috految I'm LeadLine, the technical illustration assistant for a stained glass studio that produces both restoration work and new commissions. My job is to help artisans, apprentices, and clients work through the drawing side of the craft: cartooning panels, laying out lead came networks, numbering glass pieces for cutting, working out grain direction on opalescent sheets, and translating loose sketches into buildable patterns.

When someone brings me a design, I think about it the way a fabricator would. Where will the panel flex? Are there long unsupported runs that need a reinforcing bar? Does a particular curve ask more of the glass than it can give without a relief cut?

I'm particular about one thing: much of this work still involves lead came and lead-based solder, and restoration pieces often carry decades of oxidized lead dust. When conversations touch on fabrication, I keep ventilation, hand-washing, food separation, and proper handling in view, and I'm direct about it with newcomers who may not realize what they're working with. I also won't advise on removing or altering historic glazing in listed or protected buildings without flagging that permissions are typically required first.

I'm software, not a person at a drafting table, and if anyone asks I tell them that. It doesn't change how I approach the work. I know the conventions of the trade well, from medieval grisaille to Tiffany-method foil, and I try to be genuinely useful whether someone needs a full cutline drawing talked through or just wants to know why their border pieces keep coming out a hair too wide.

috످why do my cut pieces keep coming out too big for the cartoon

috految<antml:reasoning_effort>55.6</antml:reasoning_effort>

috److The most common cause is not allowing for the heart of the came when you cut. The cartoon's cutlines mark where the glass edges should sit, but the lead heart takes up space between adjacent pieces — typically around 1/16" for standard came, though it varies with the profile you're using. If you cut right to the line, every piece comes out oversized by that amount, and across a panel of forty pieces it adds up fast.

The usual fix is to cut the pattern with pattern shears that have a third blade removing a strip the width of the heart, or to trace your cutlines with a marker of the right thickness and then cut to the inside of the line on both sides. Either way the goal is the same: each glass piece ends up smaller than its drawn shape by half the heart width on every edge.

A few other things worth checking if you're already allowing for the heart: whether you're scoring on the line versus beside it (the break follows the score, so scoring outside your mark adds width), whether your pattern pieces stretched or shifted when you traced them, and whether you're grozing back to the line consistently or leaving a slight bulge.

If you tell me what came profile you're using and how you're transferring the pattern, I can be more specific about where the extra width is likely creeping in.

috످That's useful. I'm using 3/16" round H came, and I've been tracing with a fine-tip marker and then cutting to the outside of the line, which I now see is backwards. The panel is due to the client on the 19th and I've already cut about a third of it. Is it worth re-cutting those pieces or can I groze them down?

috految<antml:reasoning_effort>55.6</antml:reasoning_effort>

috److془Need to give answer. Correct: earlier said cutlines mark where glass edges should sit; actually center of heart. Also fine-tip inside not enough. Lead safety. Leading: 3/16 came, 1/16 heart, overhang 1/16 each side.

Excess: 1/32 + half line (~1/64) = 3/64, under 1/16.

Pattern shears: lead not foil. Don't double allowance.془**Groze them down, or better yet, use a wet grinder.** You're probably only about 1/32" to 1/16" over per edge. At a few minutes a piece, that's likely an afternoon's work, so it shouldn't put the 19th at risk. Only re-cut pieces that crack or have thin points or deep inside curves likely to snap.

I said earlier that the cutline marks the glass edge, but it actually marks the *center* of the lead heart. With a fine-tip marker, even cutting inside the line will leave your pieces slightly too big.

1. **Measure your came's heart** (usually 1/16") and redraw your cutlines that thick, centered on the originals.
2. **Lay each piece on the cartoon** and mark the excess with a paint pen.
3. **Trim three or four neighboring pieces** to the inside edge of the new line. Go slowly, since your 3/16" came only covers about 1/16" of each edge and taking off too much will leave gaps.
4. **Dry-fit them with came.** If they match the cartoon, trim the rest.
5. **Cut the remaining two-thirds** to the inside edge of the new line. Don't use pattern shears as well, or you could take the allowance off twice.

Wear eye protection, and keep the grinder wet to avoid breathing glass dust. Even dry-fitting gets lead on your hands, so keep food and drink off the bench, wash up before eating, and use fume extraction when you solder.

Before you trim, is any of the glass painted or hard to replace? If so, practice on scrap first and use a fine grinder bit, since grozing can chip the face.

috످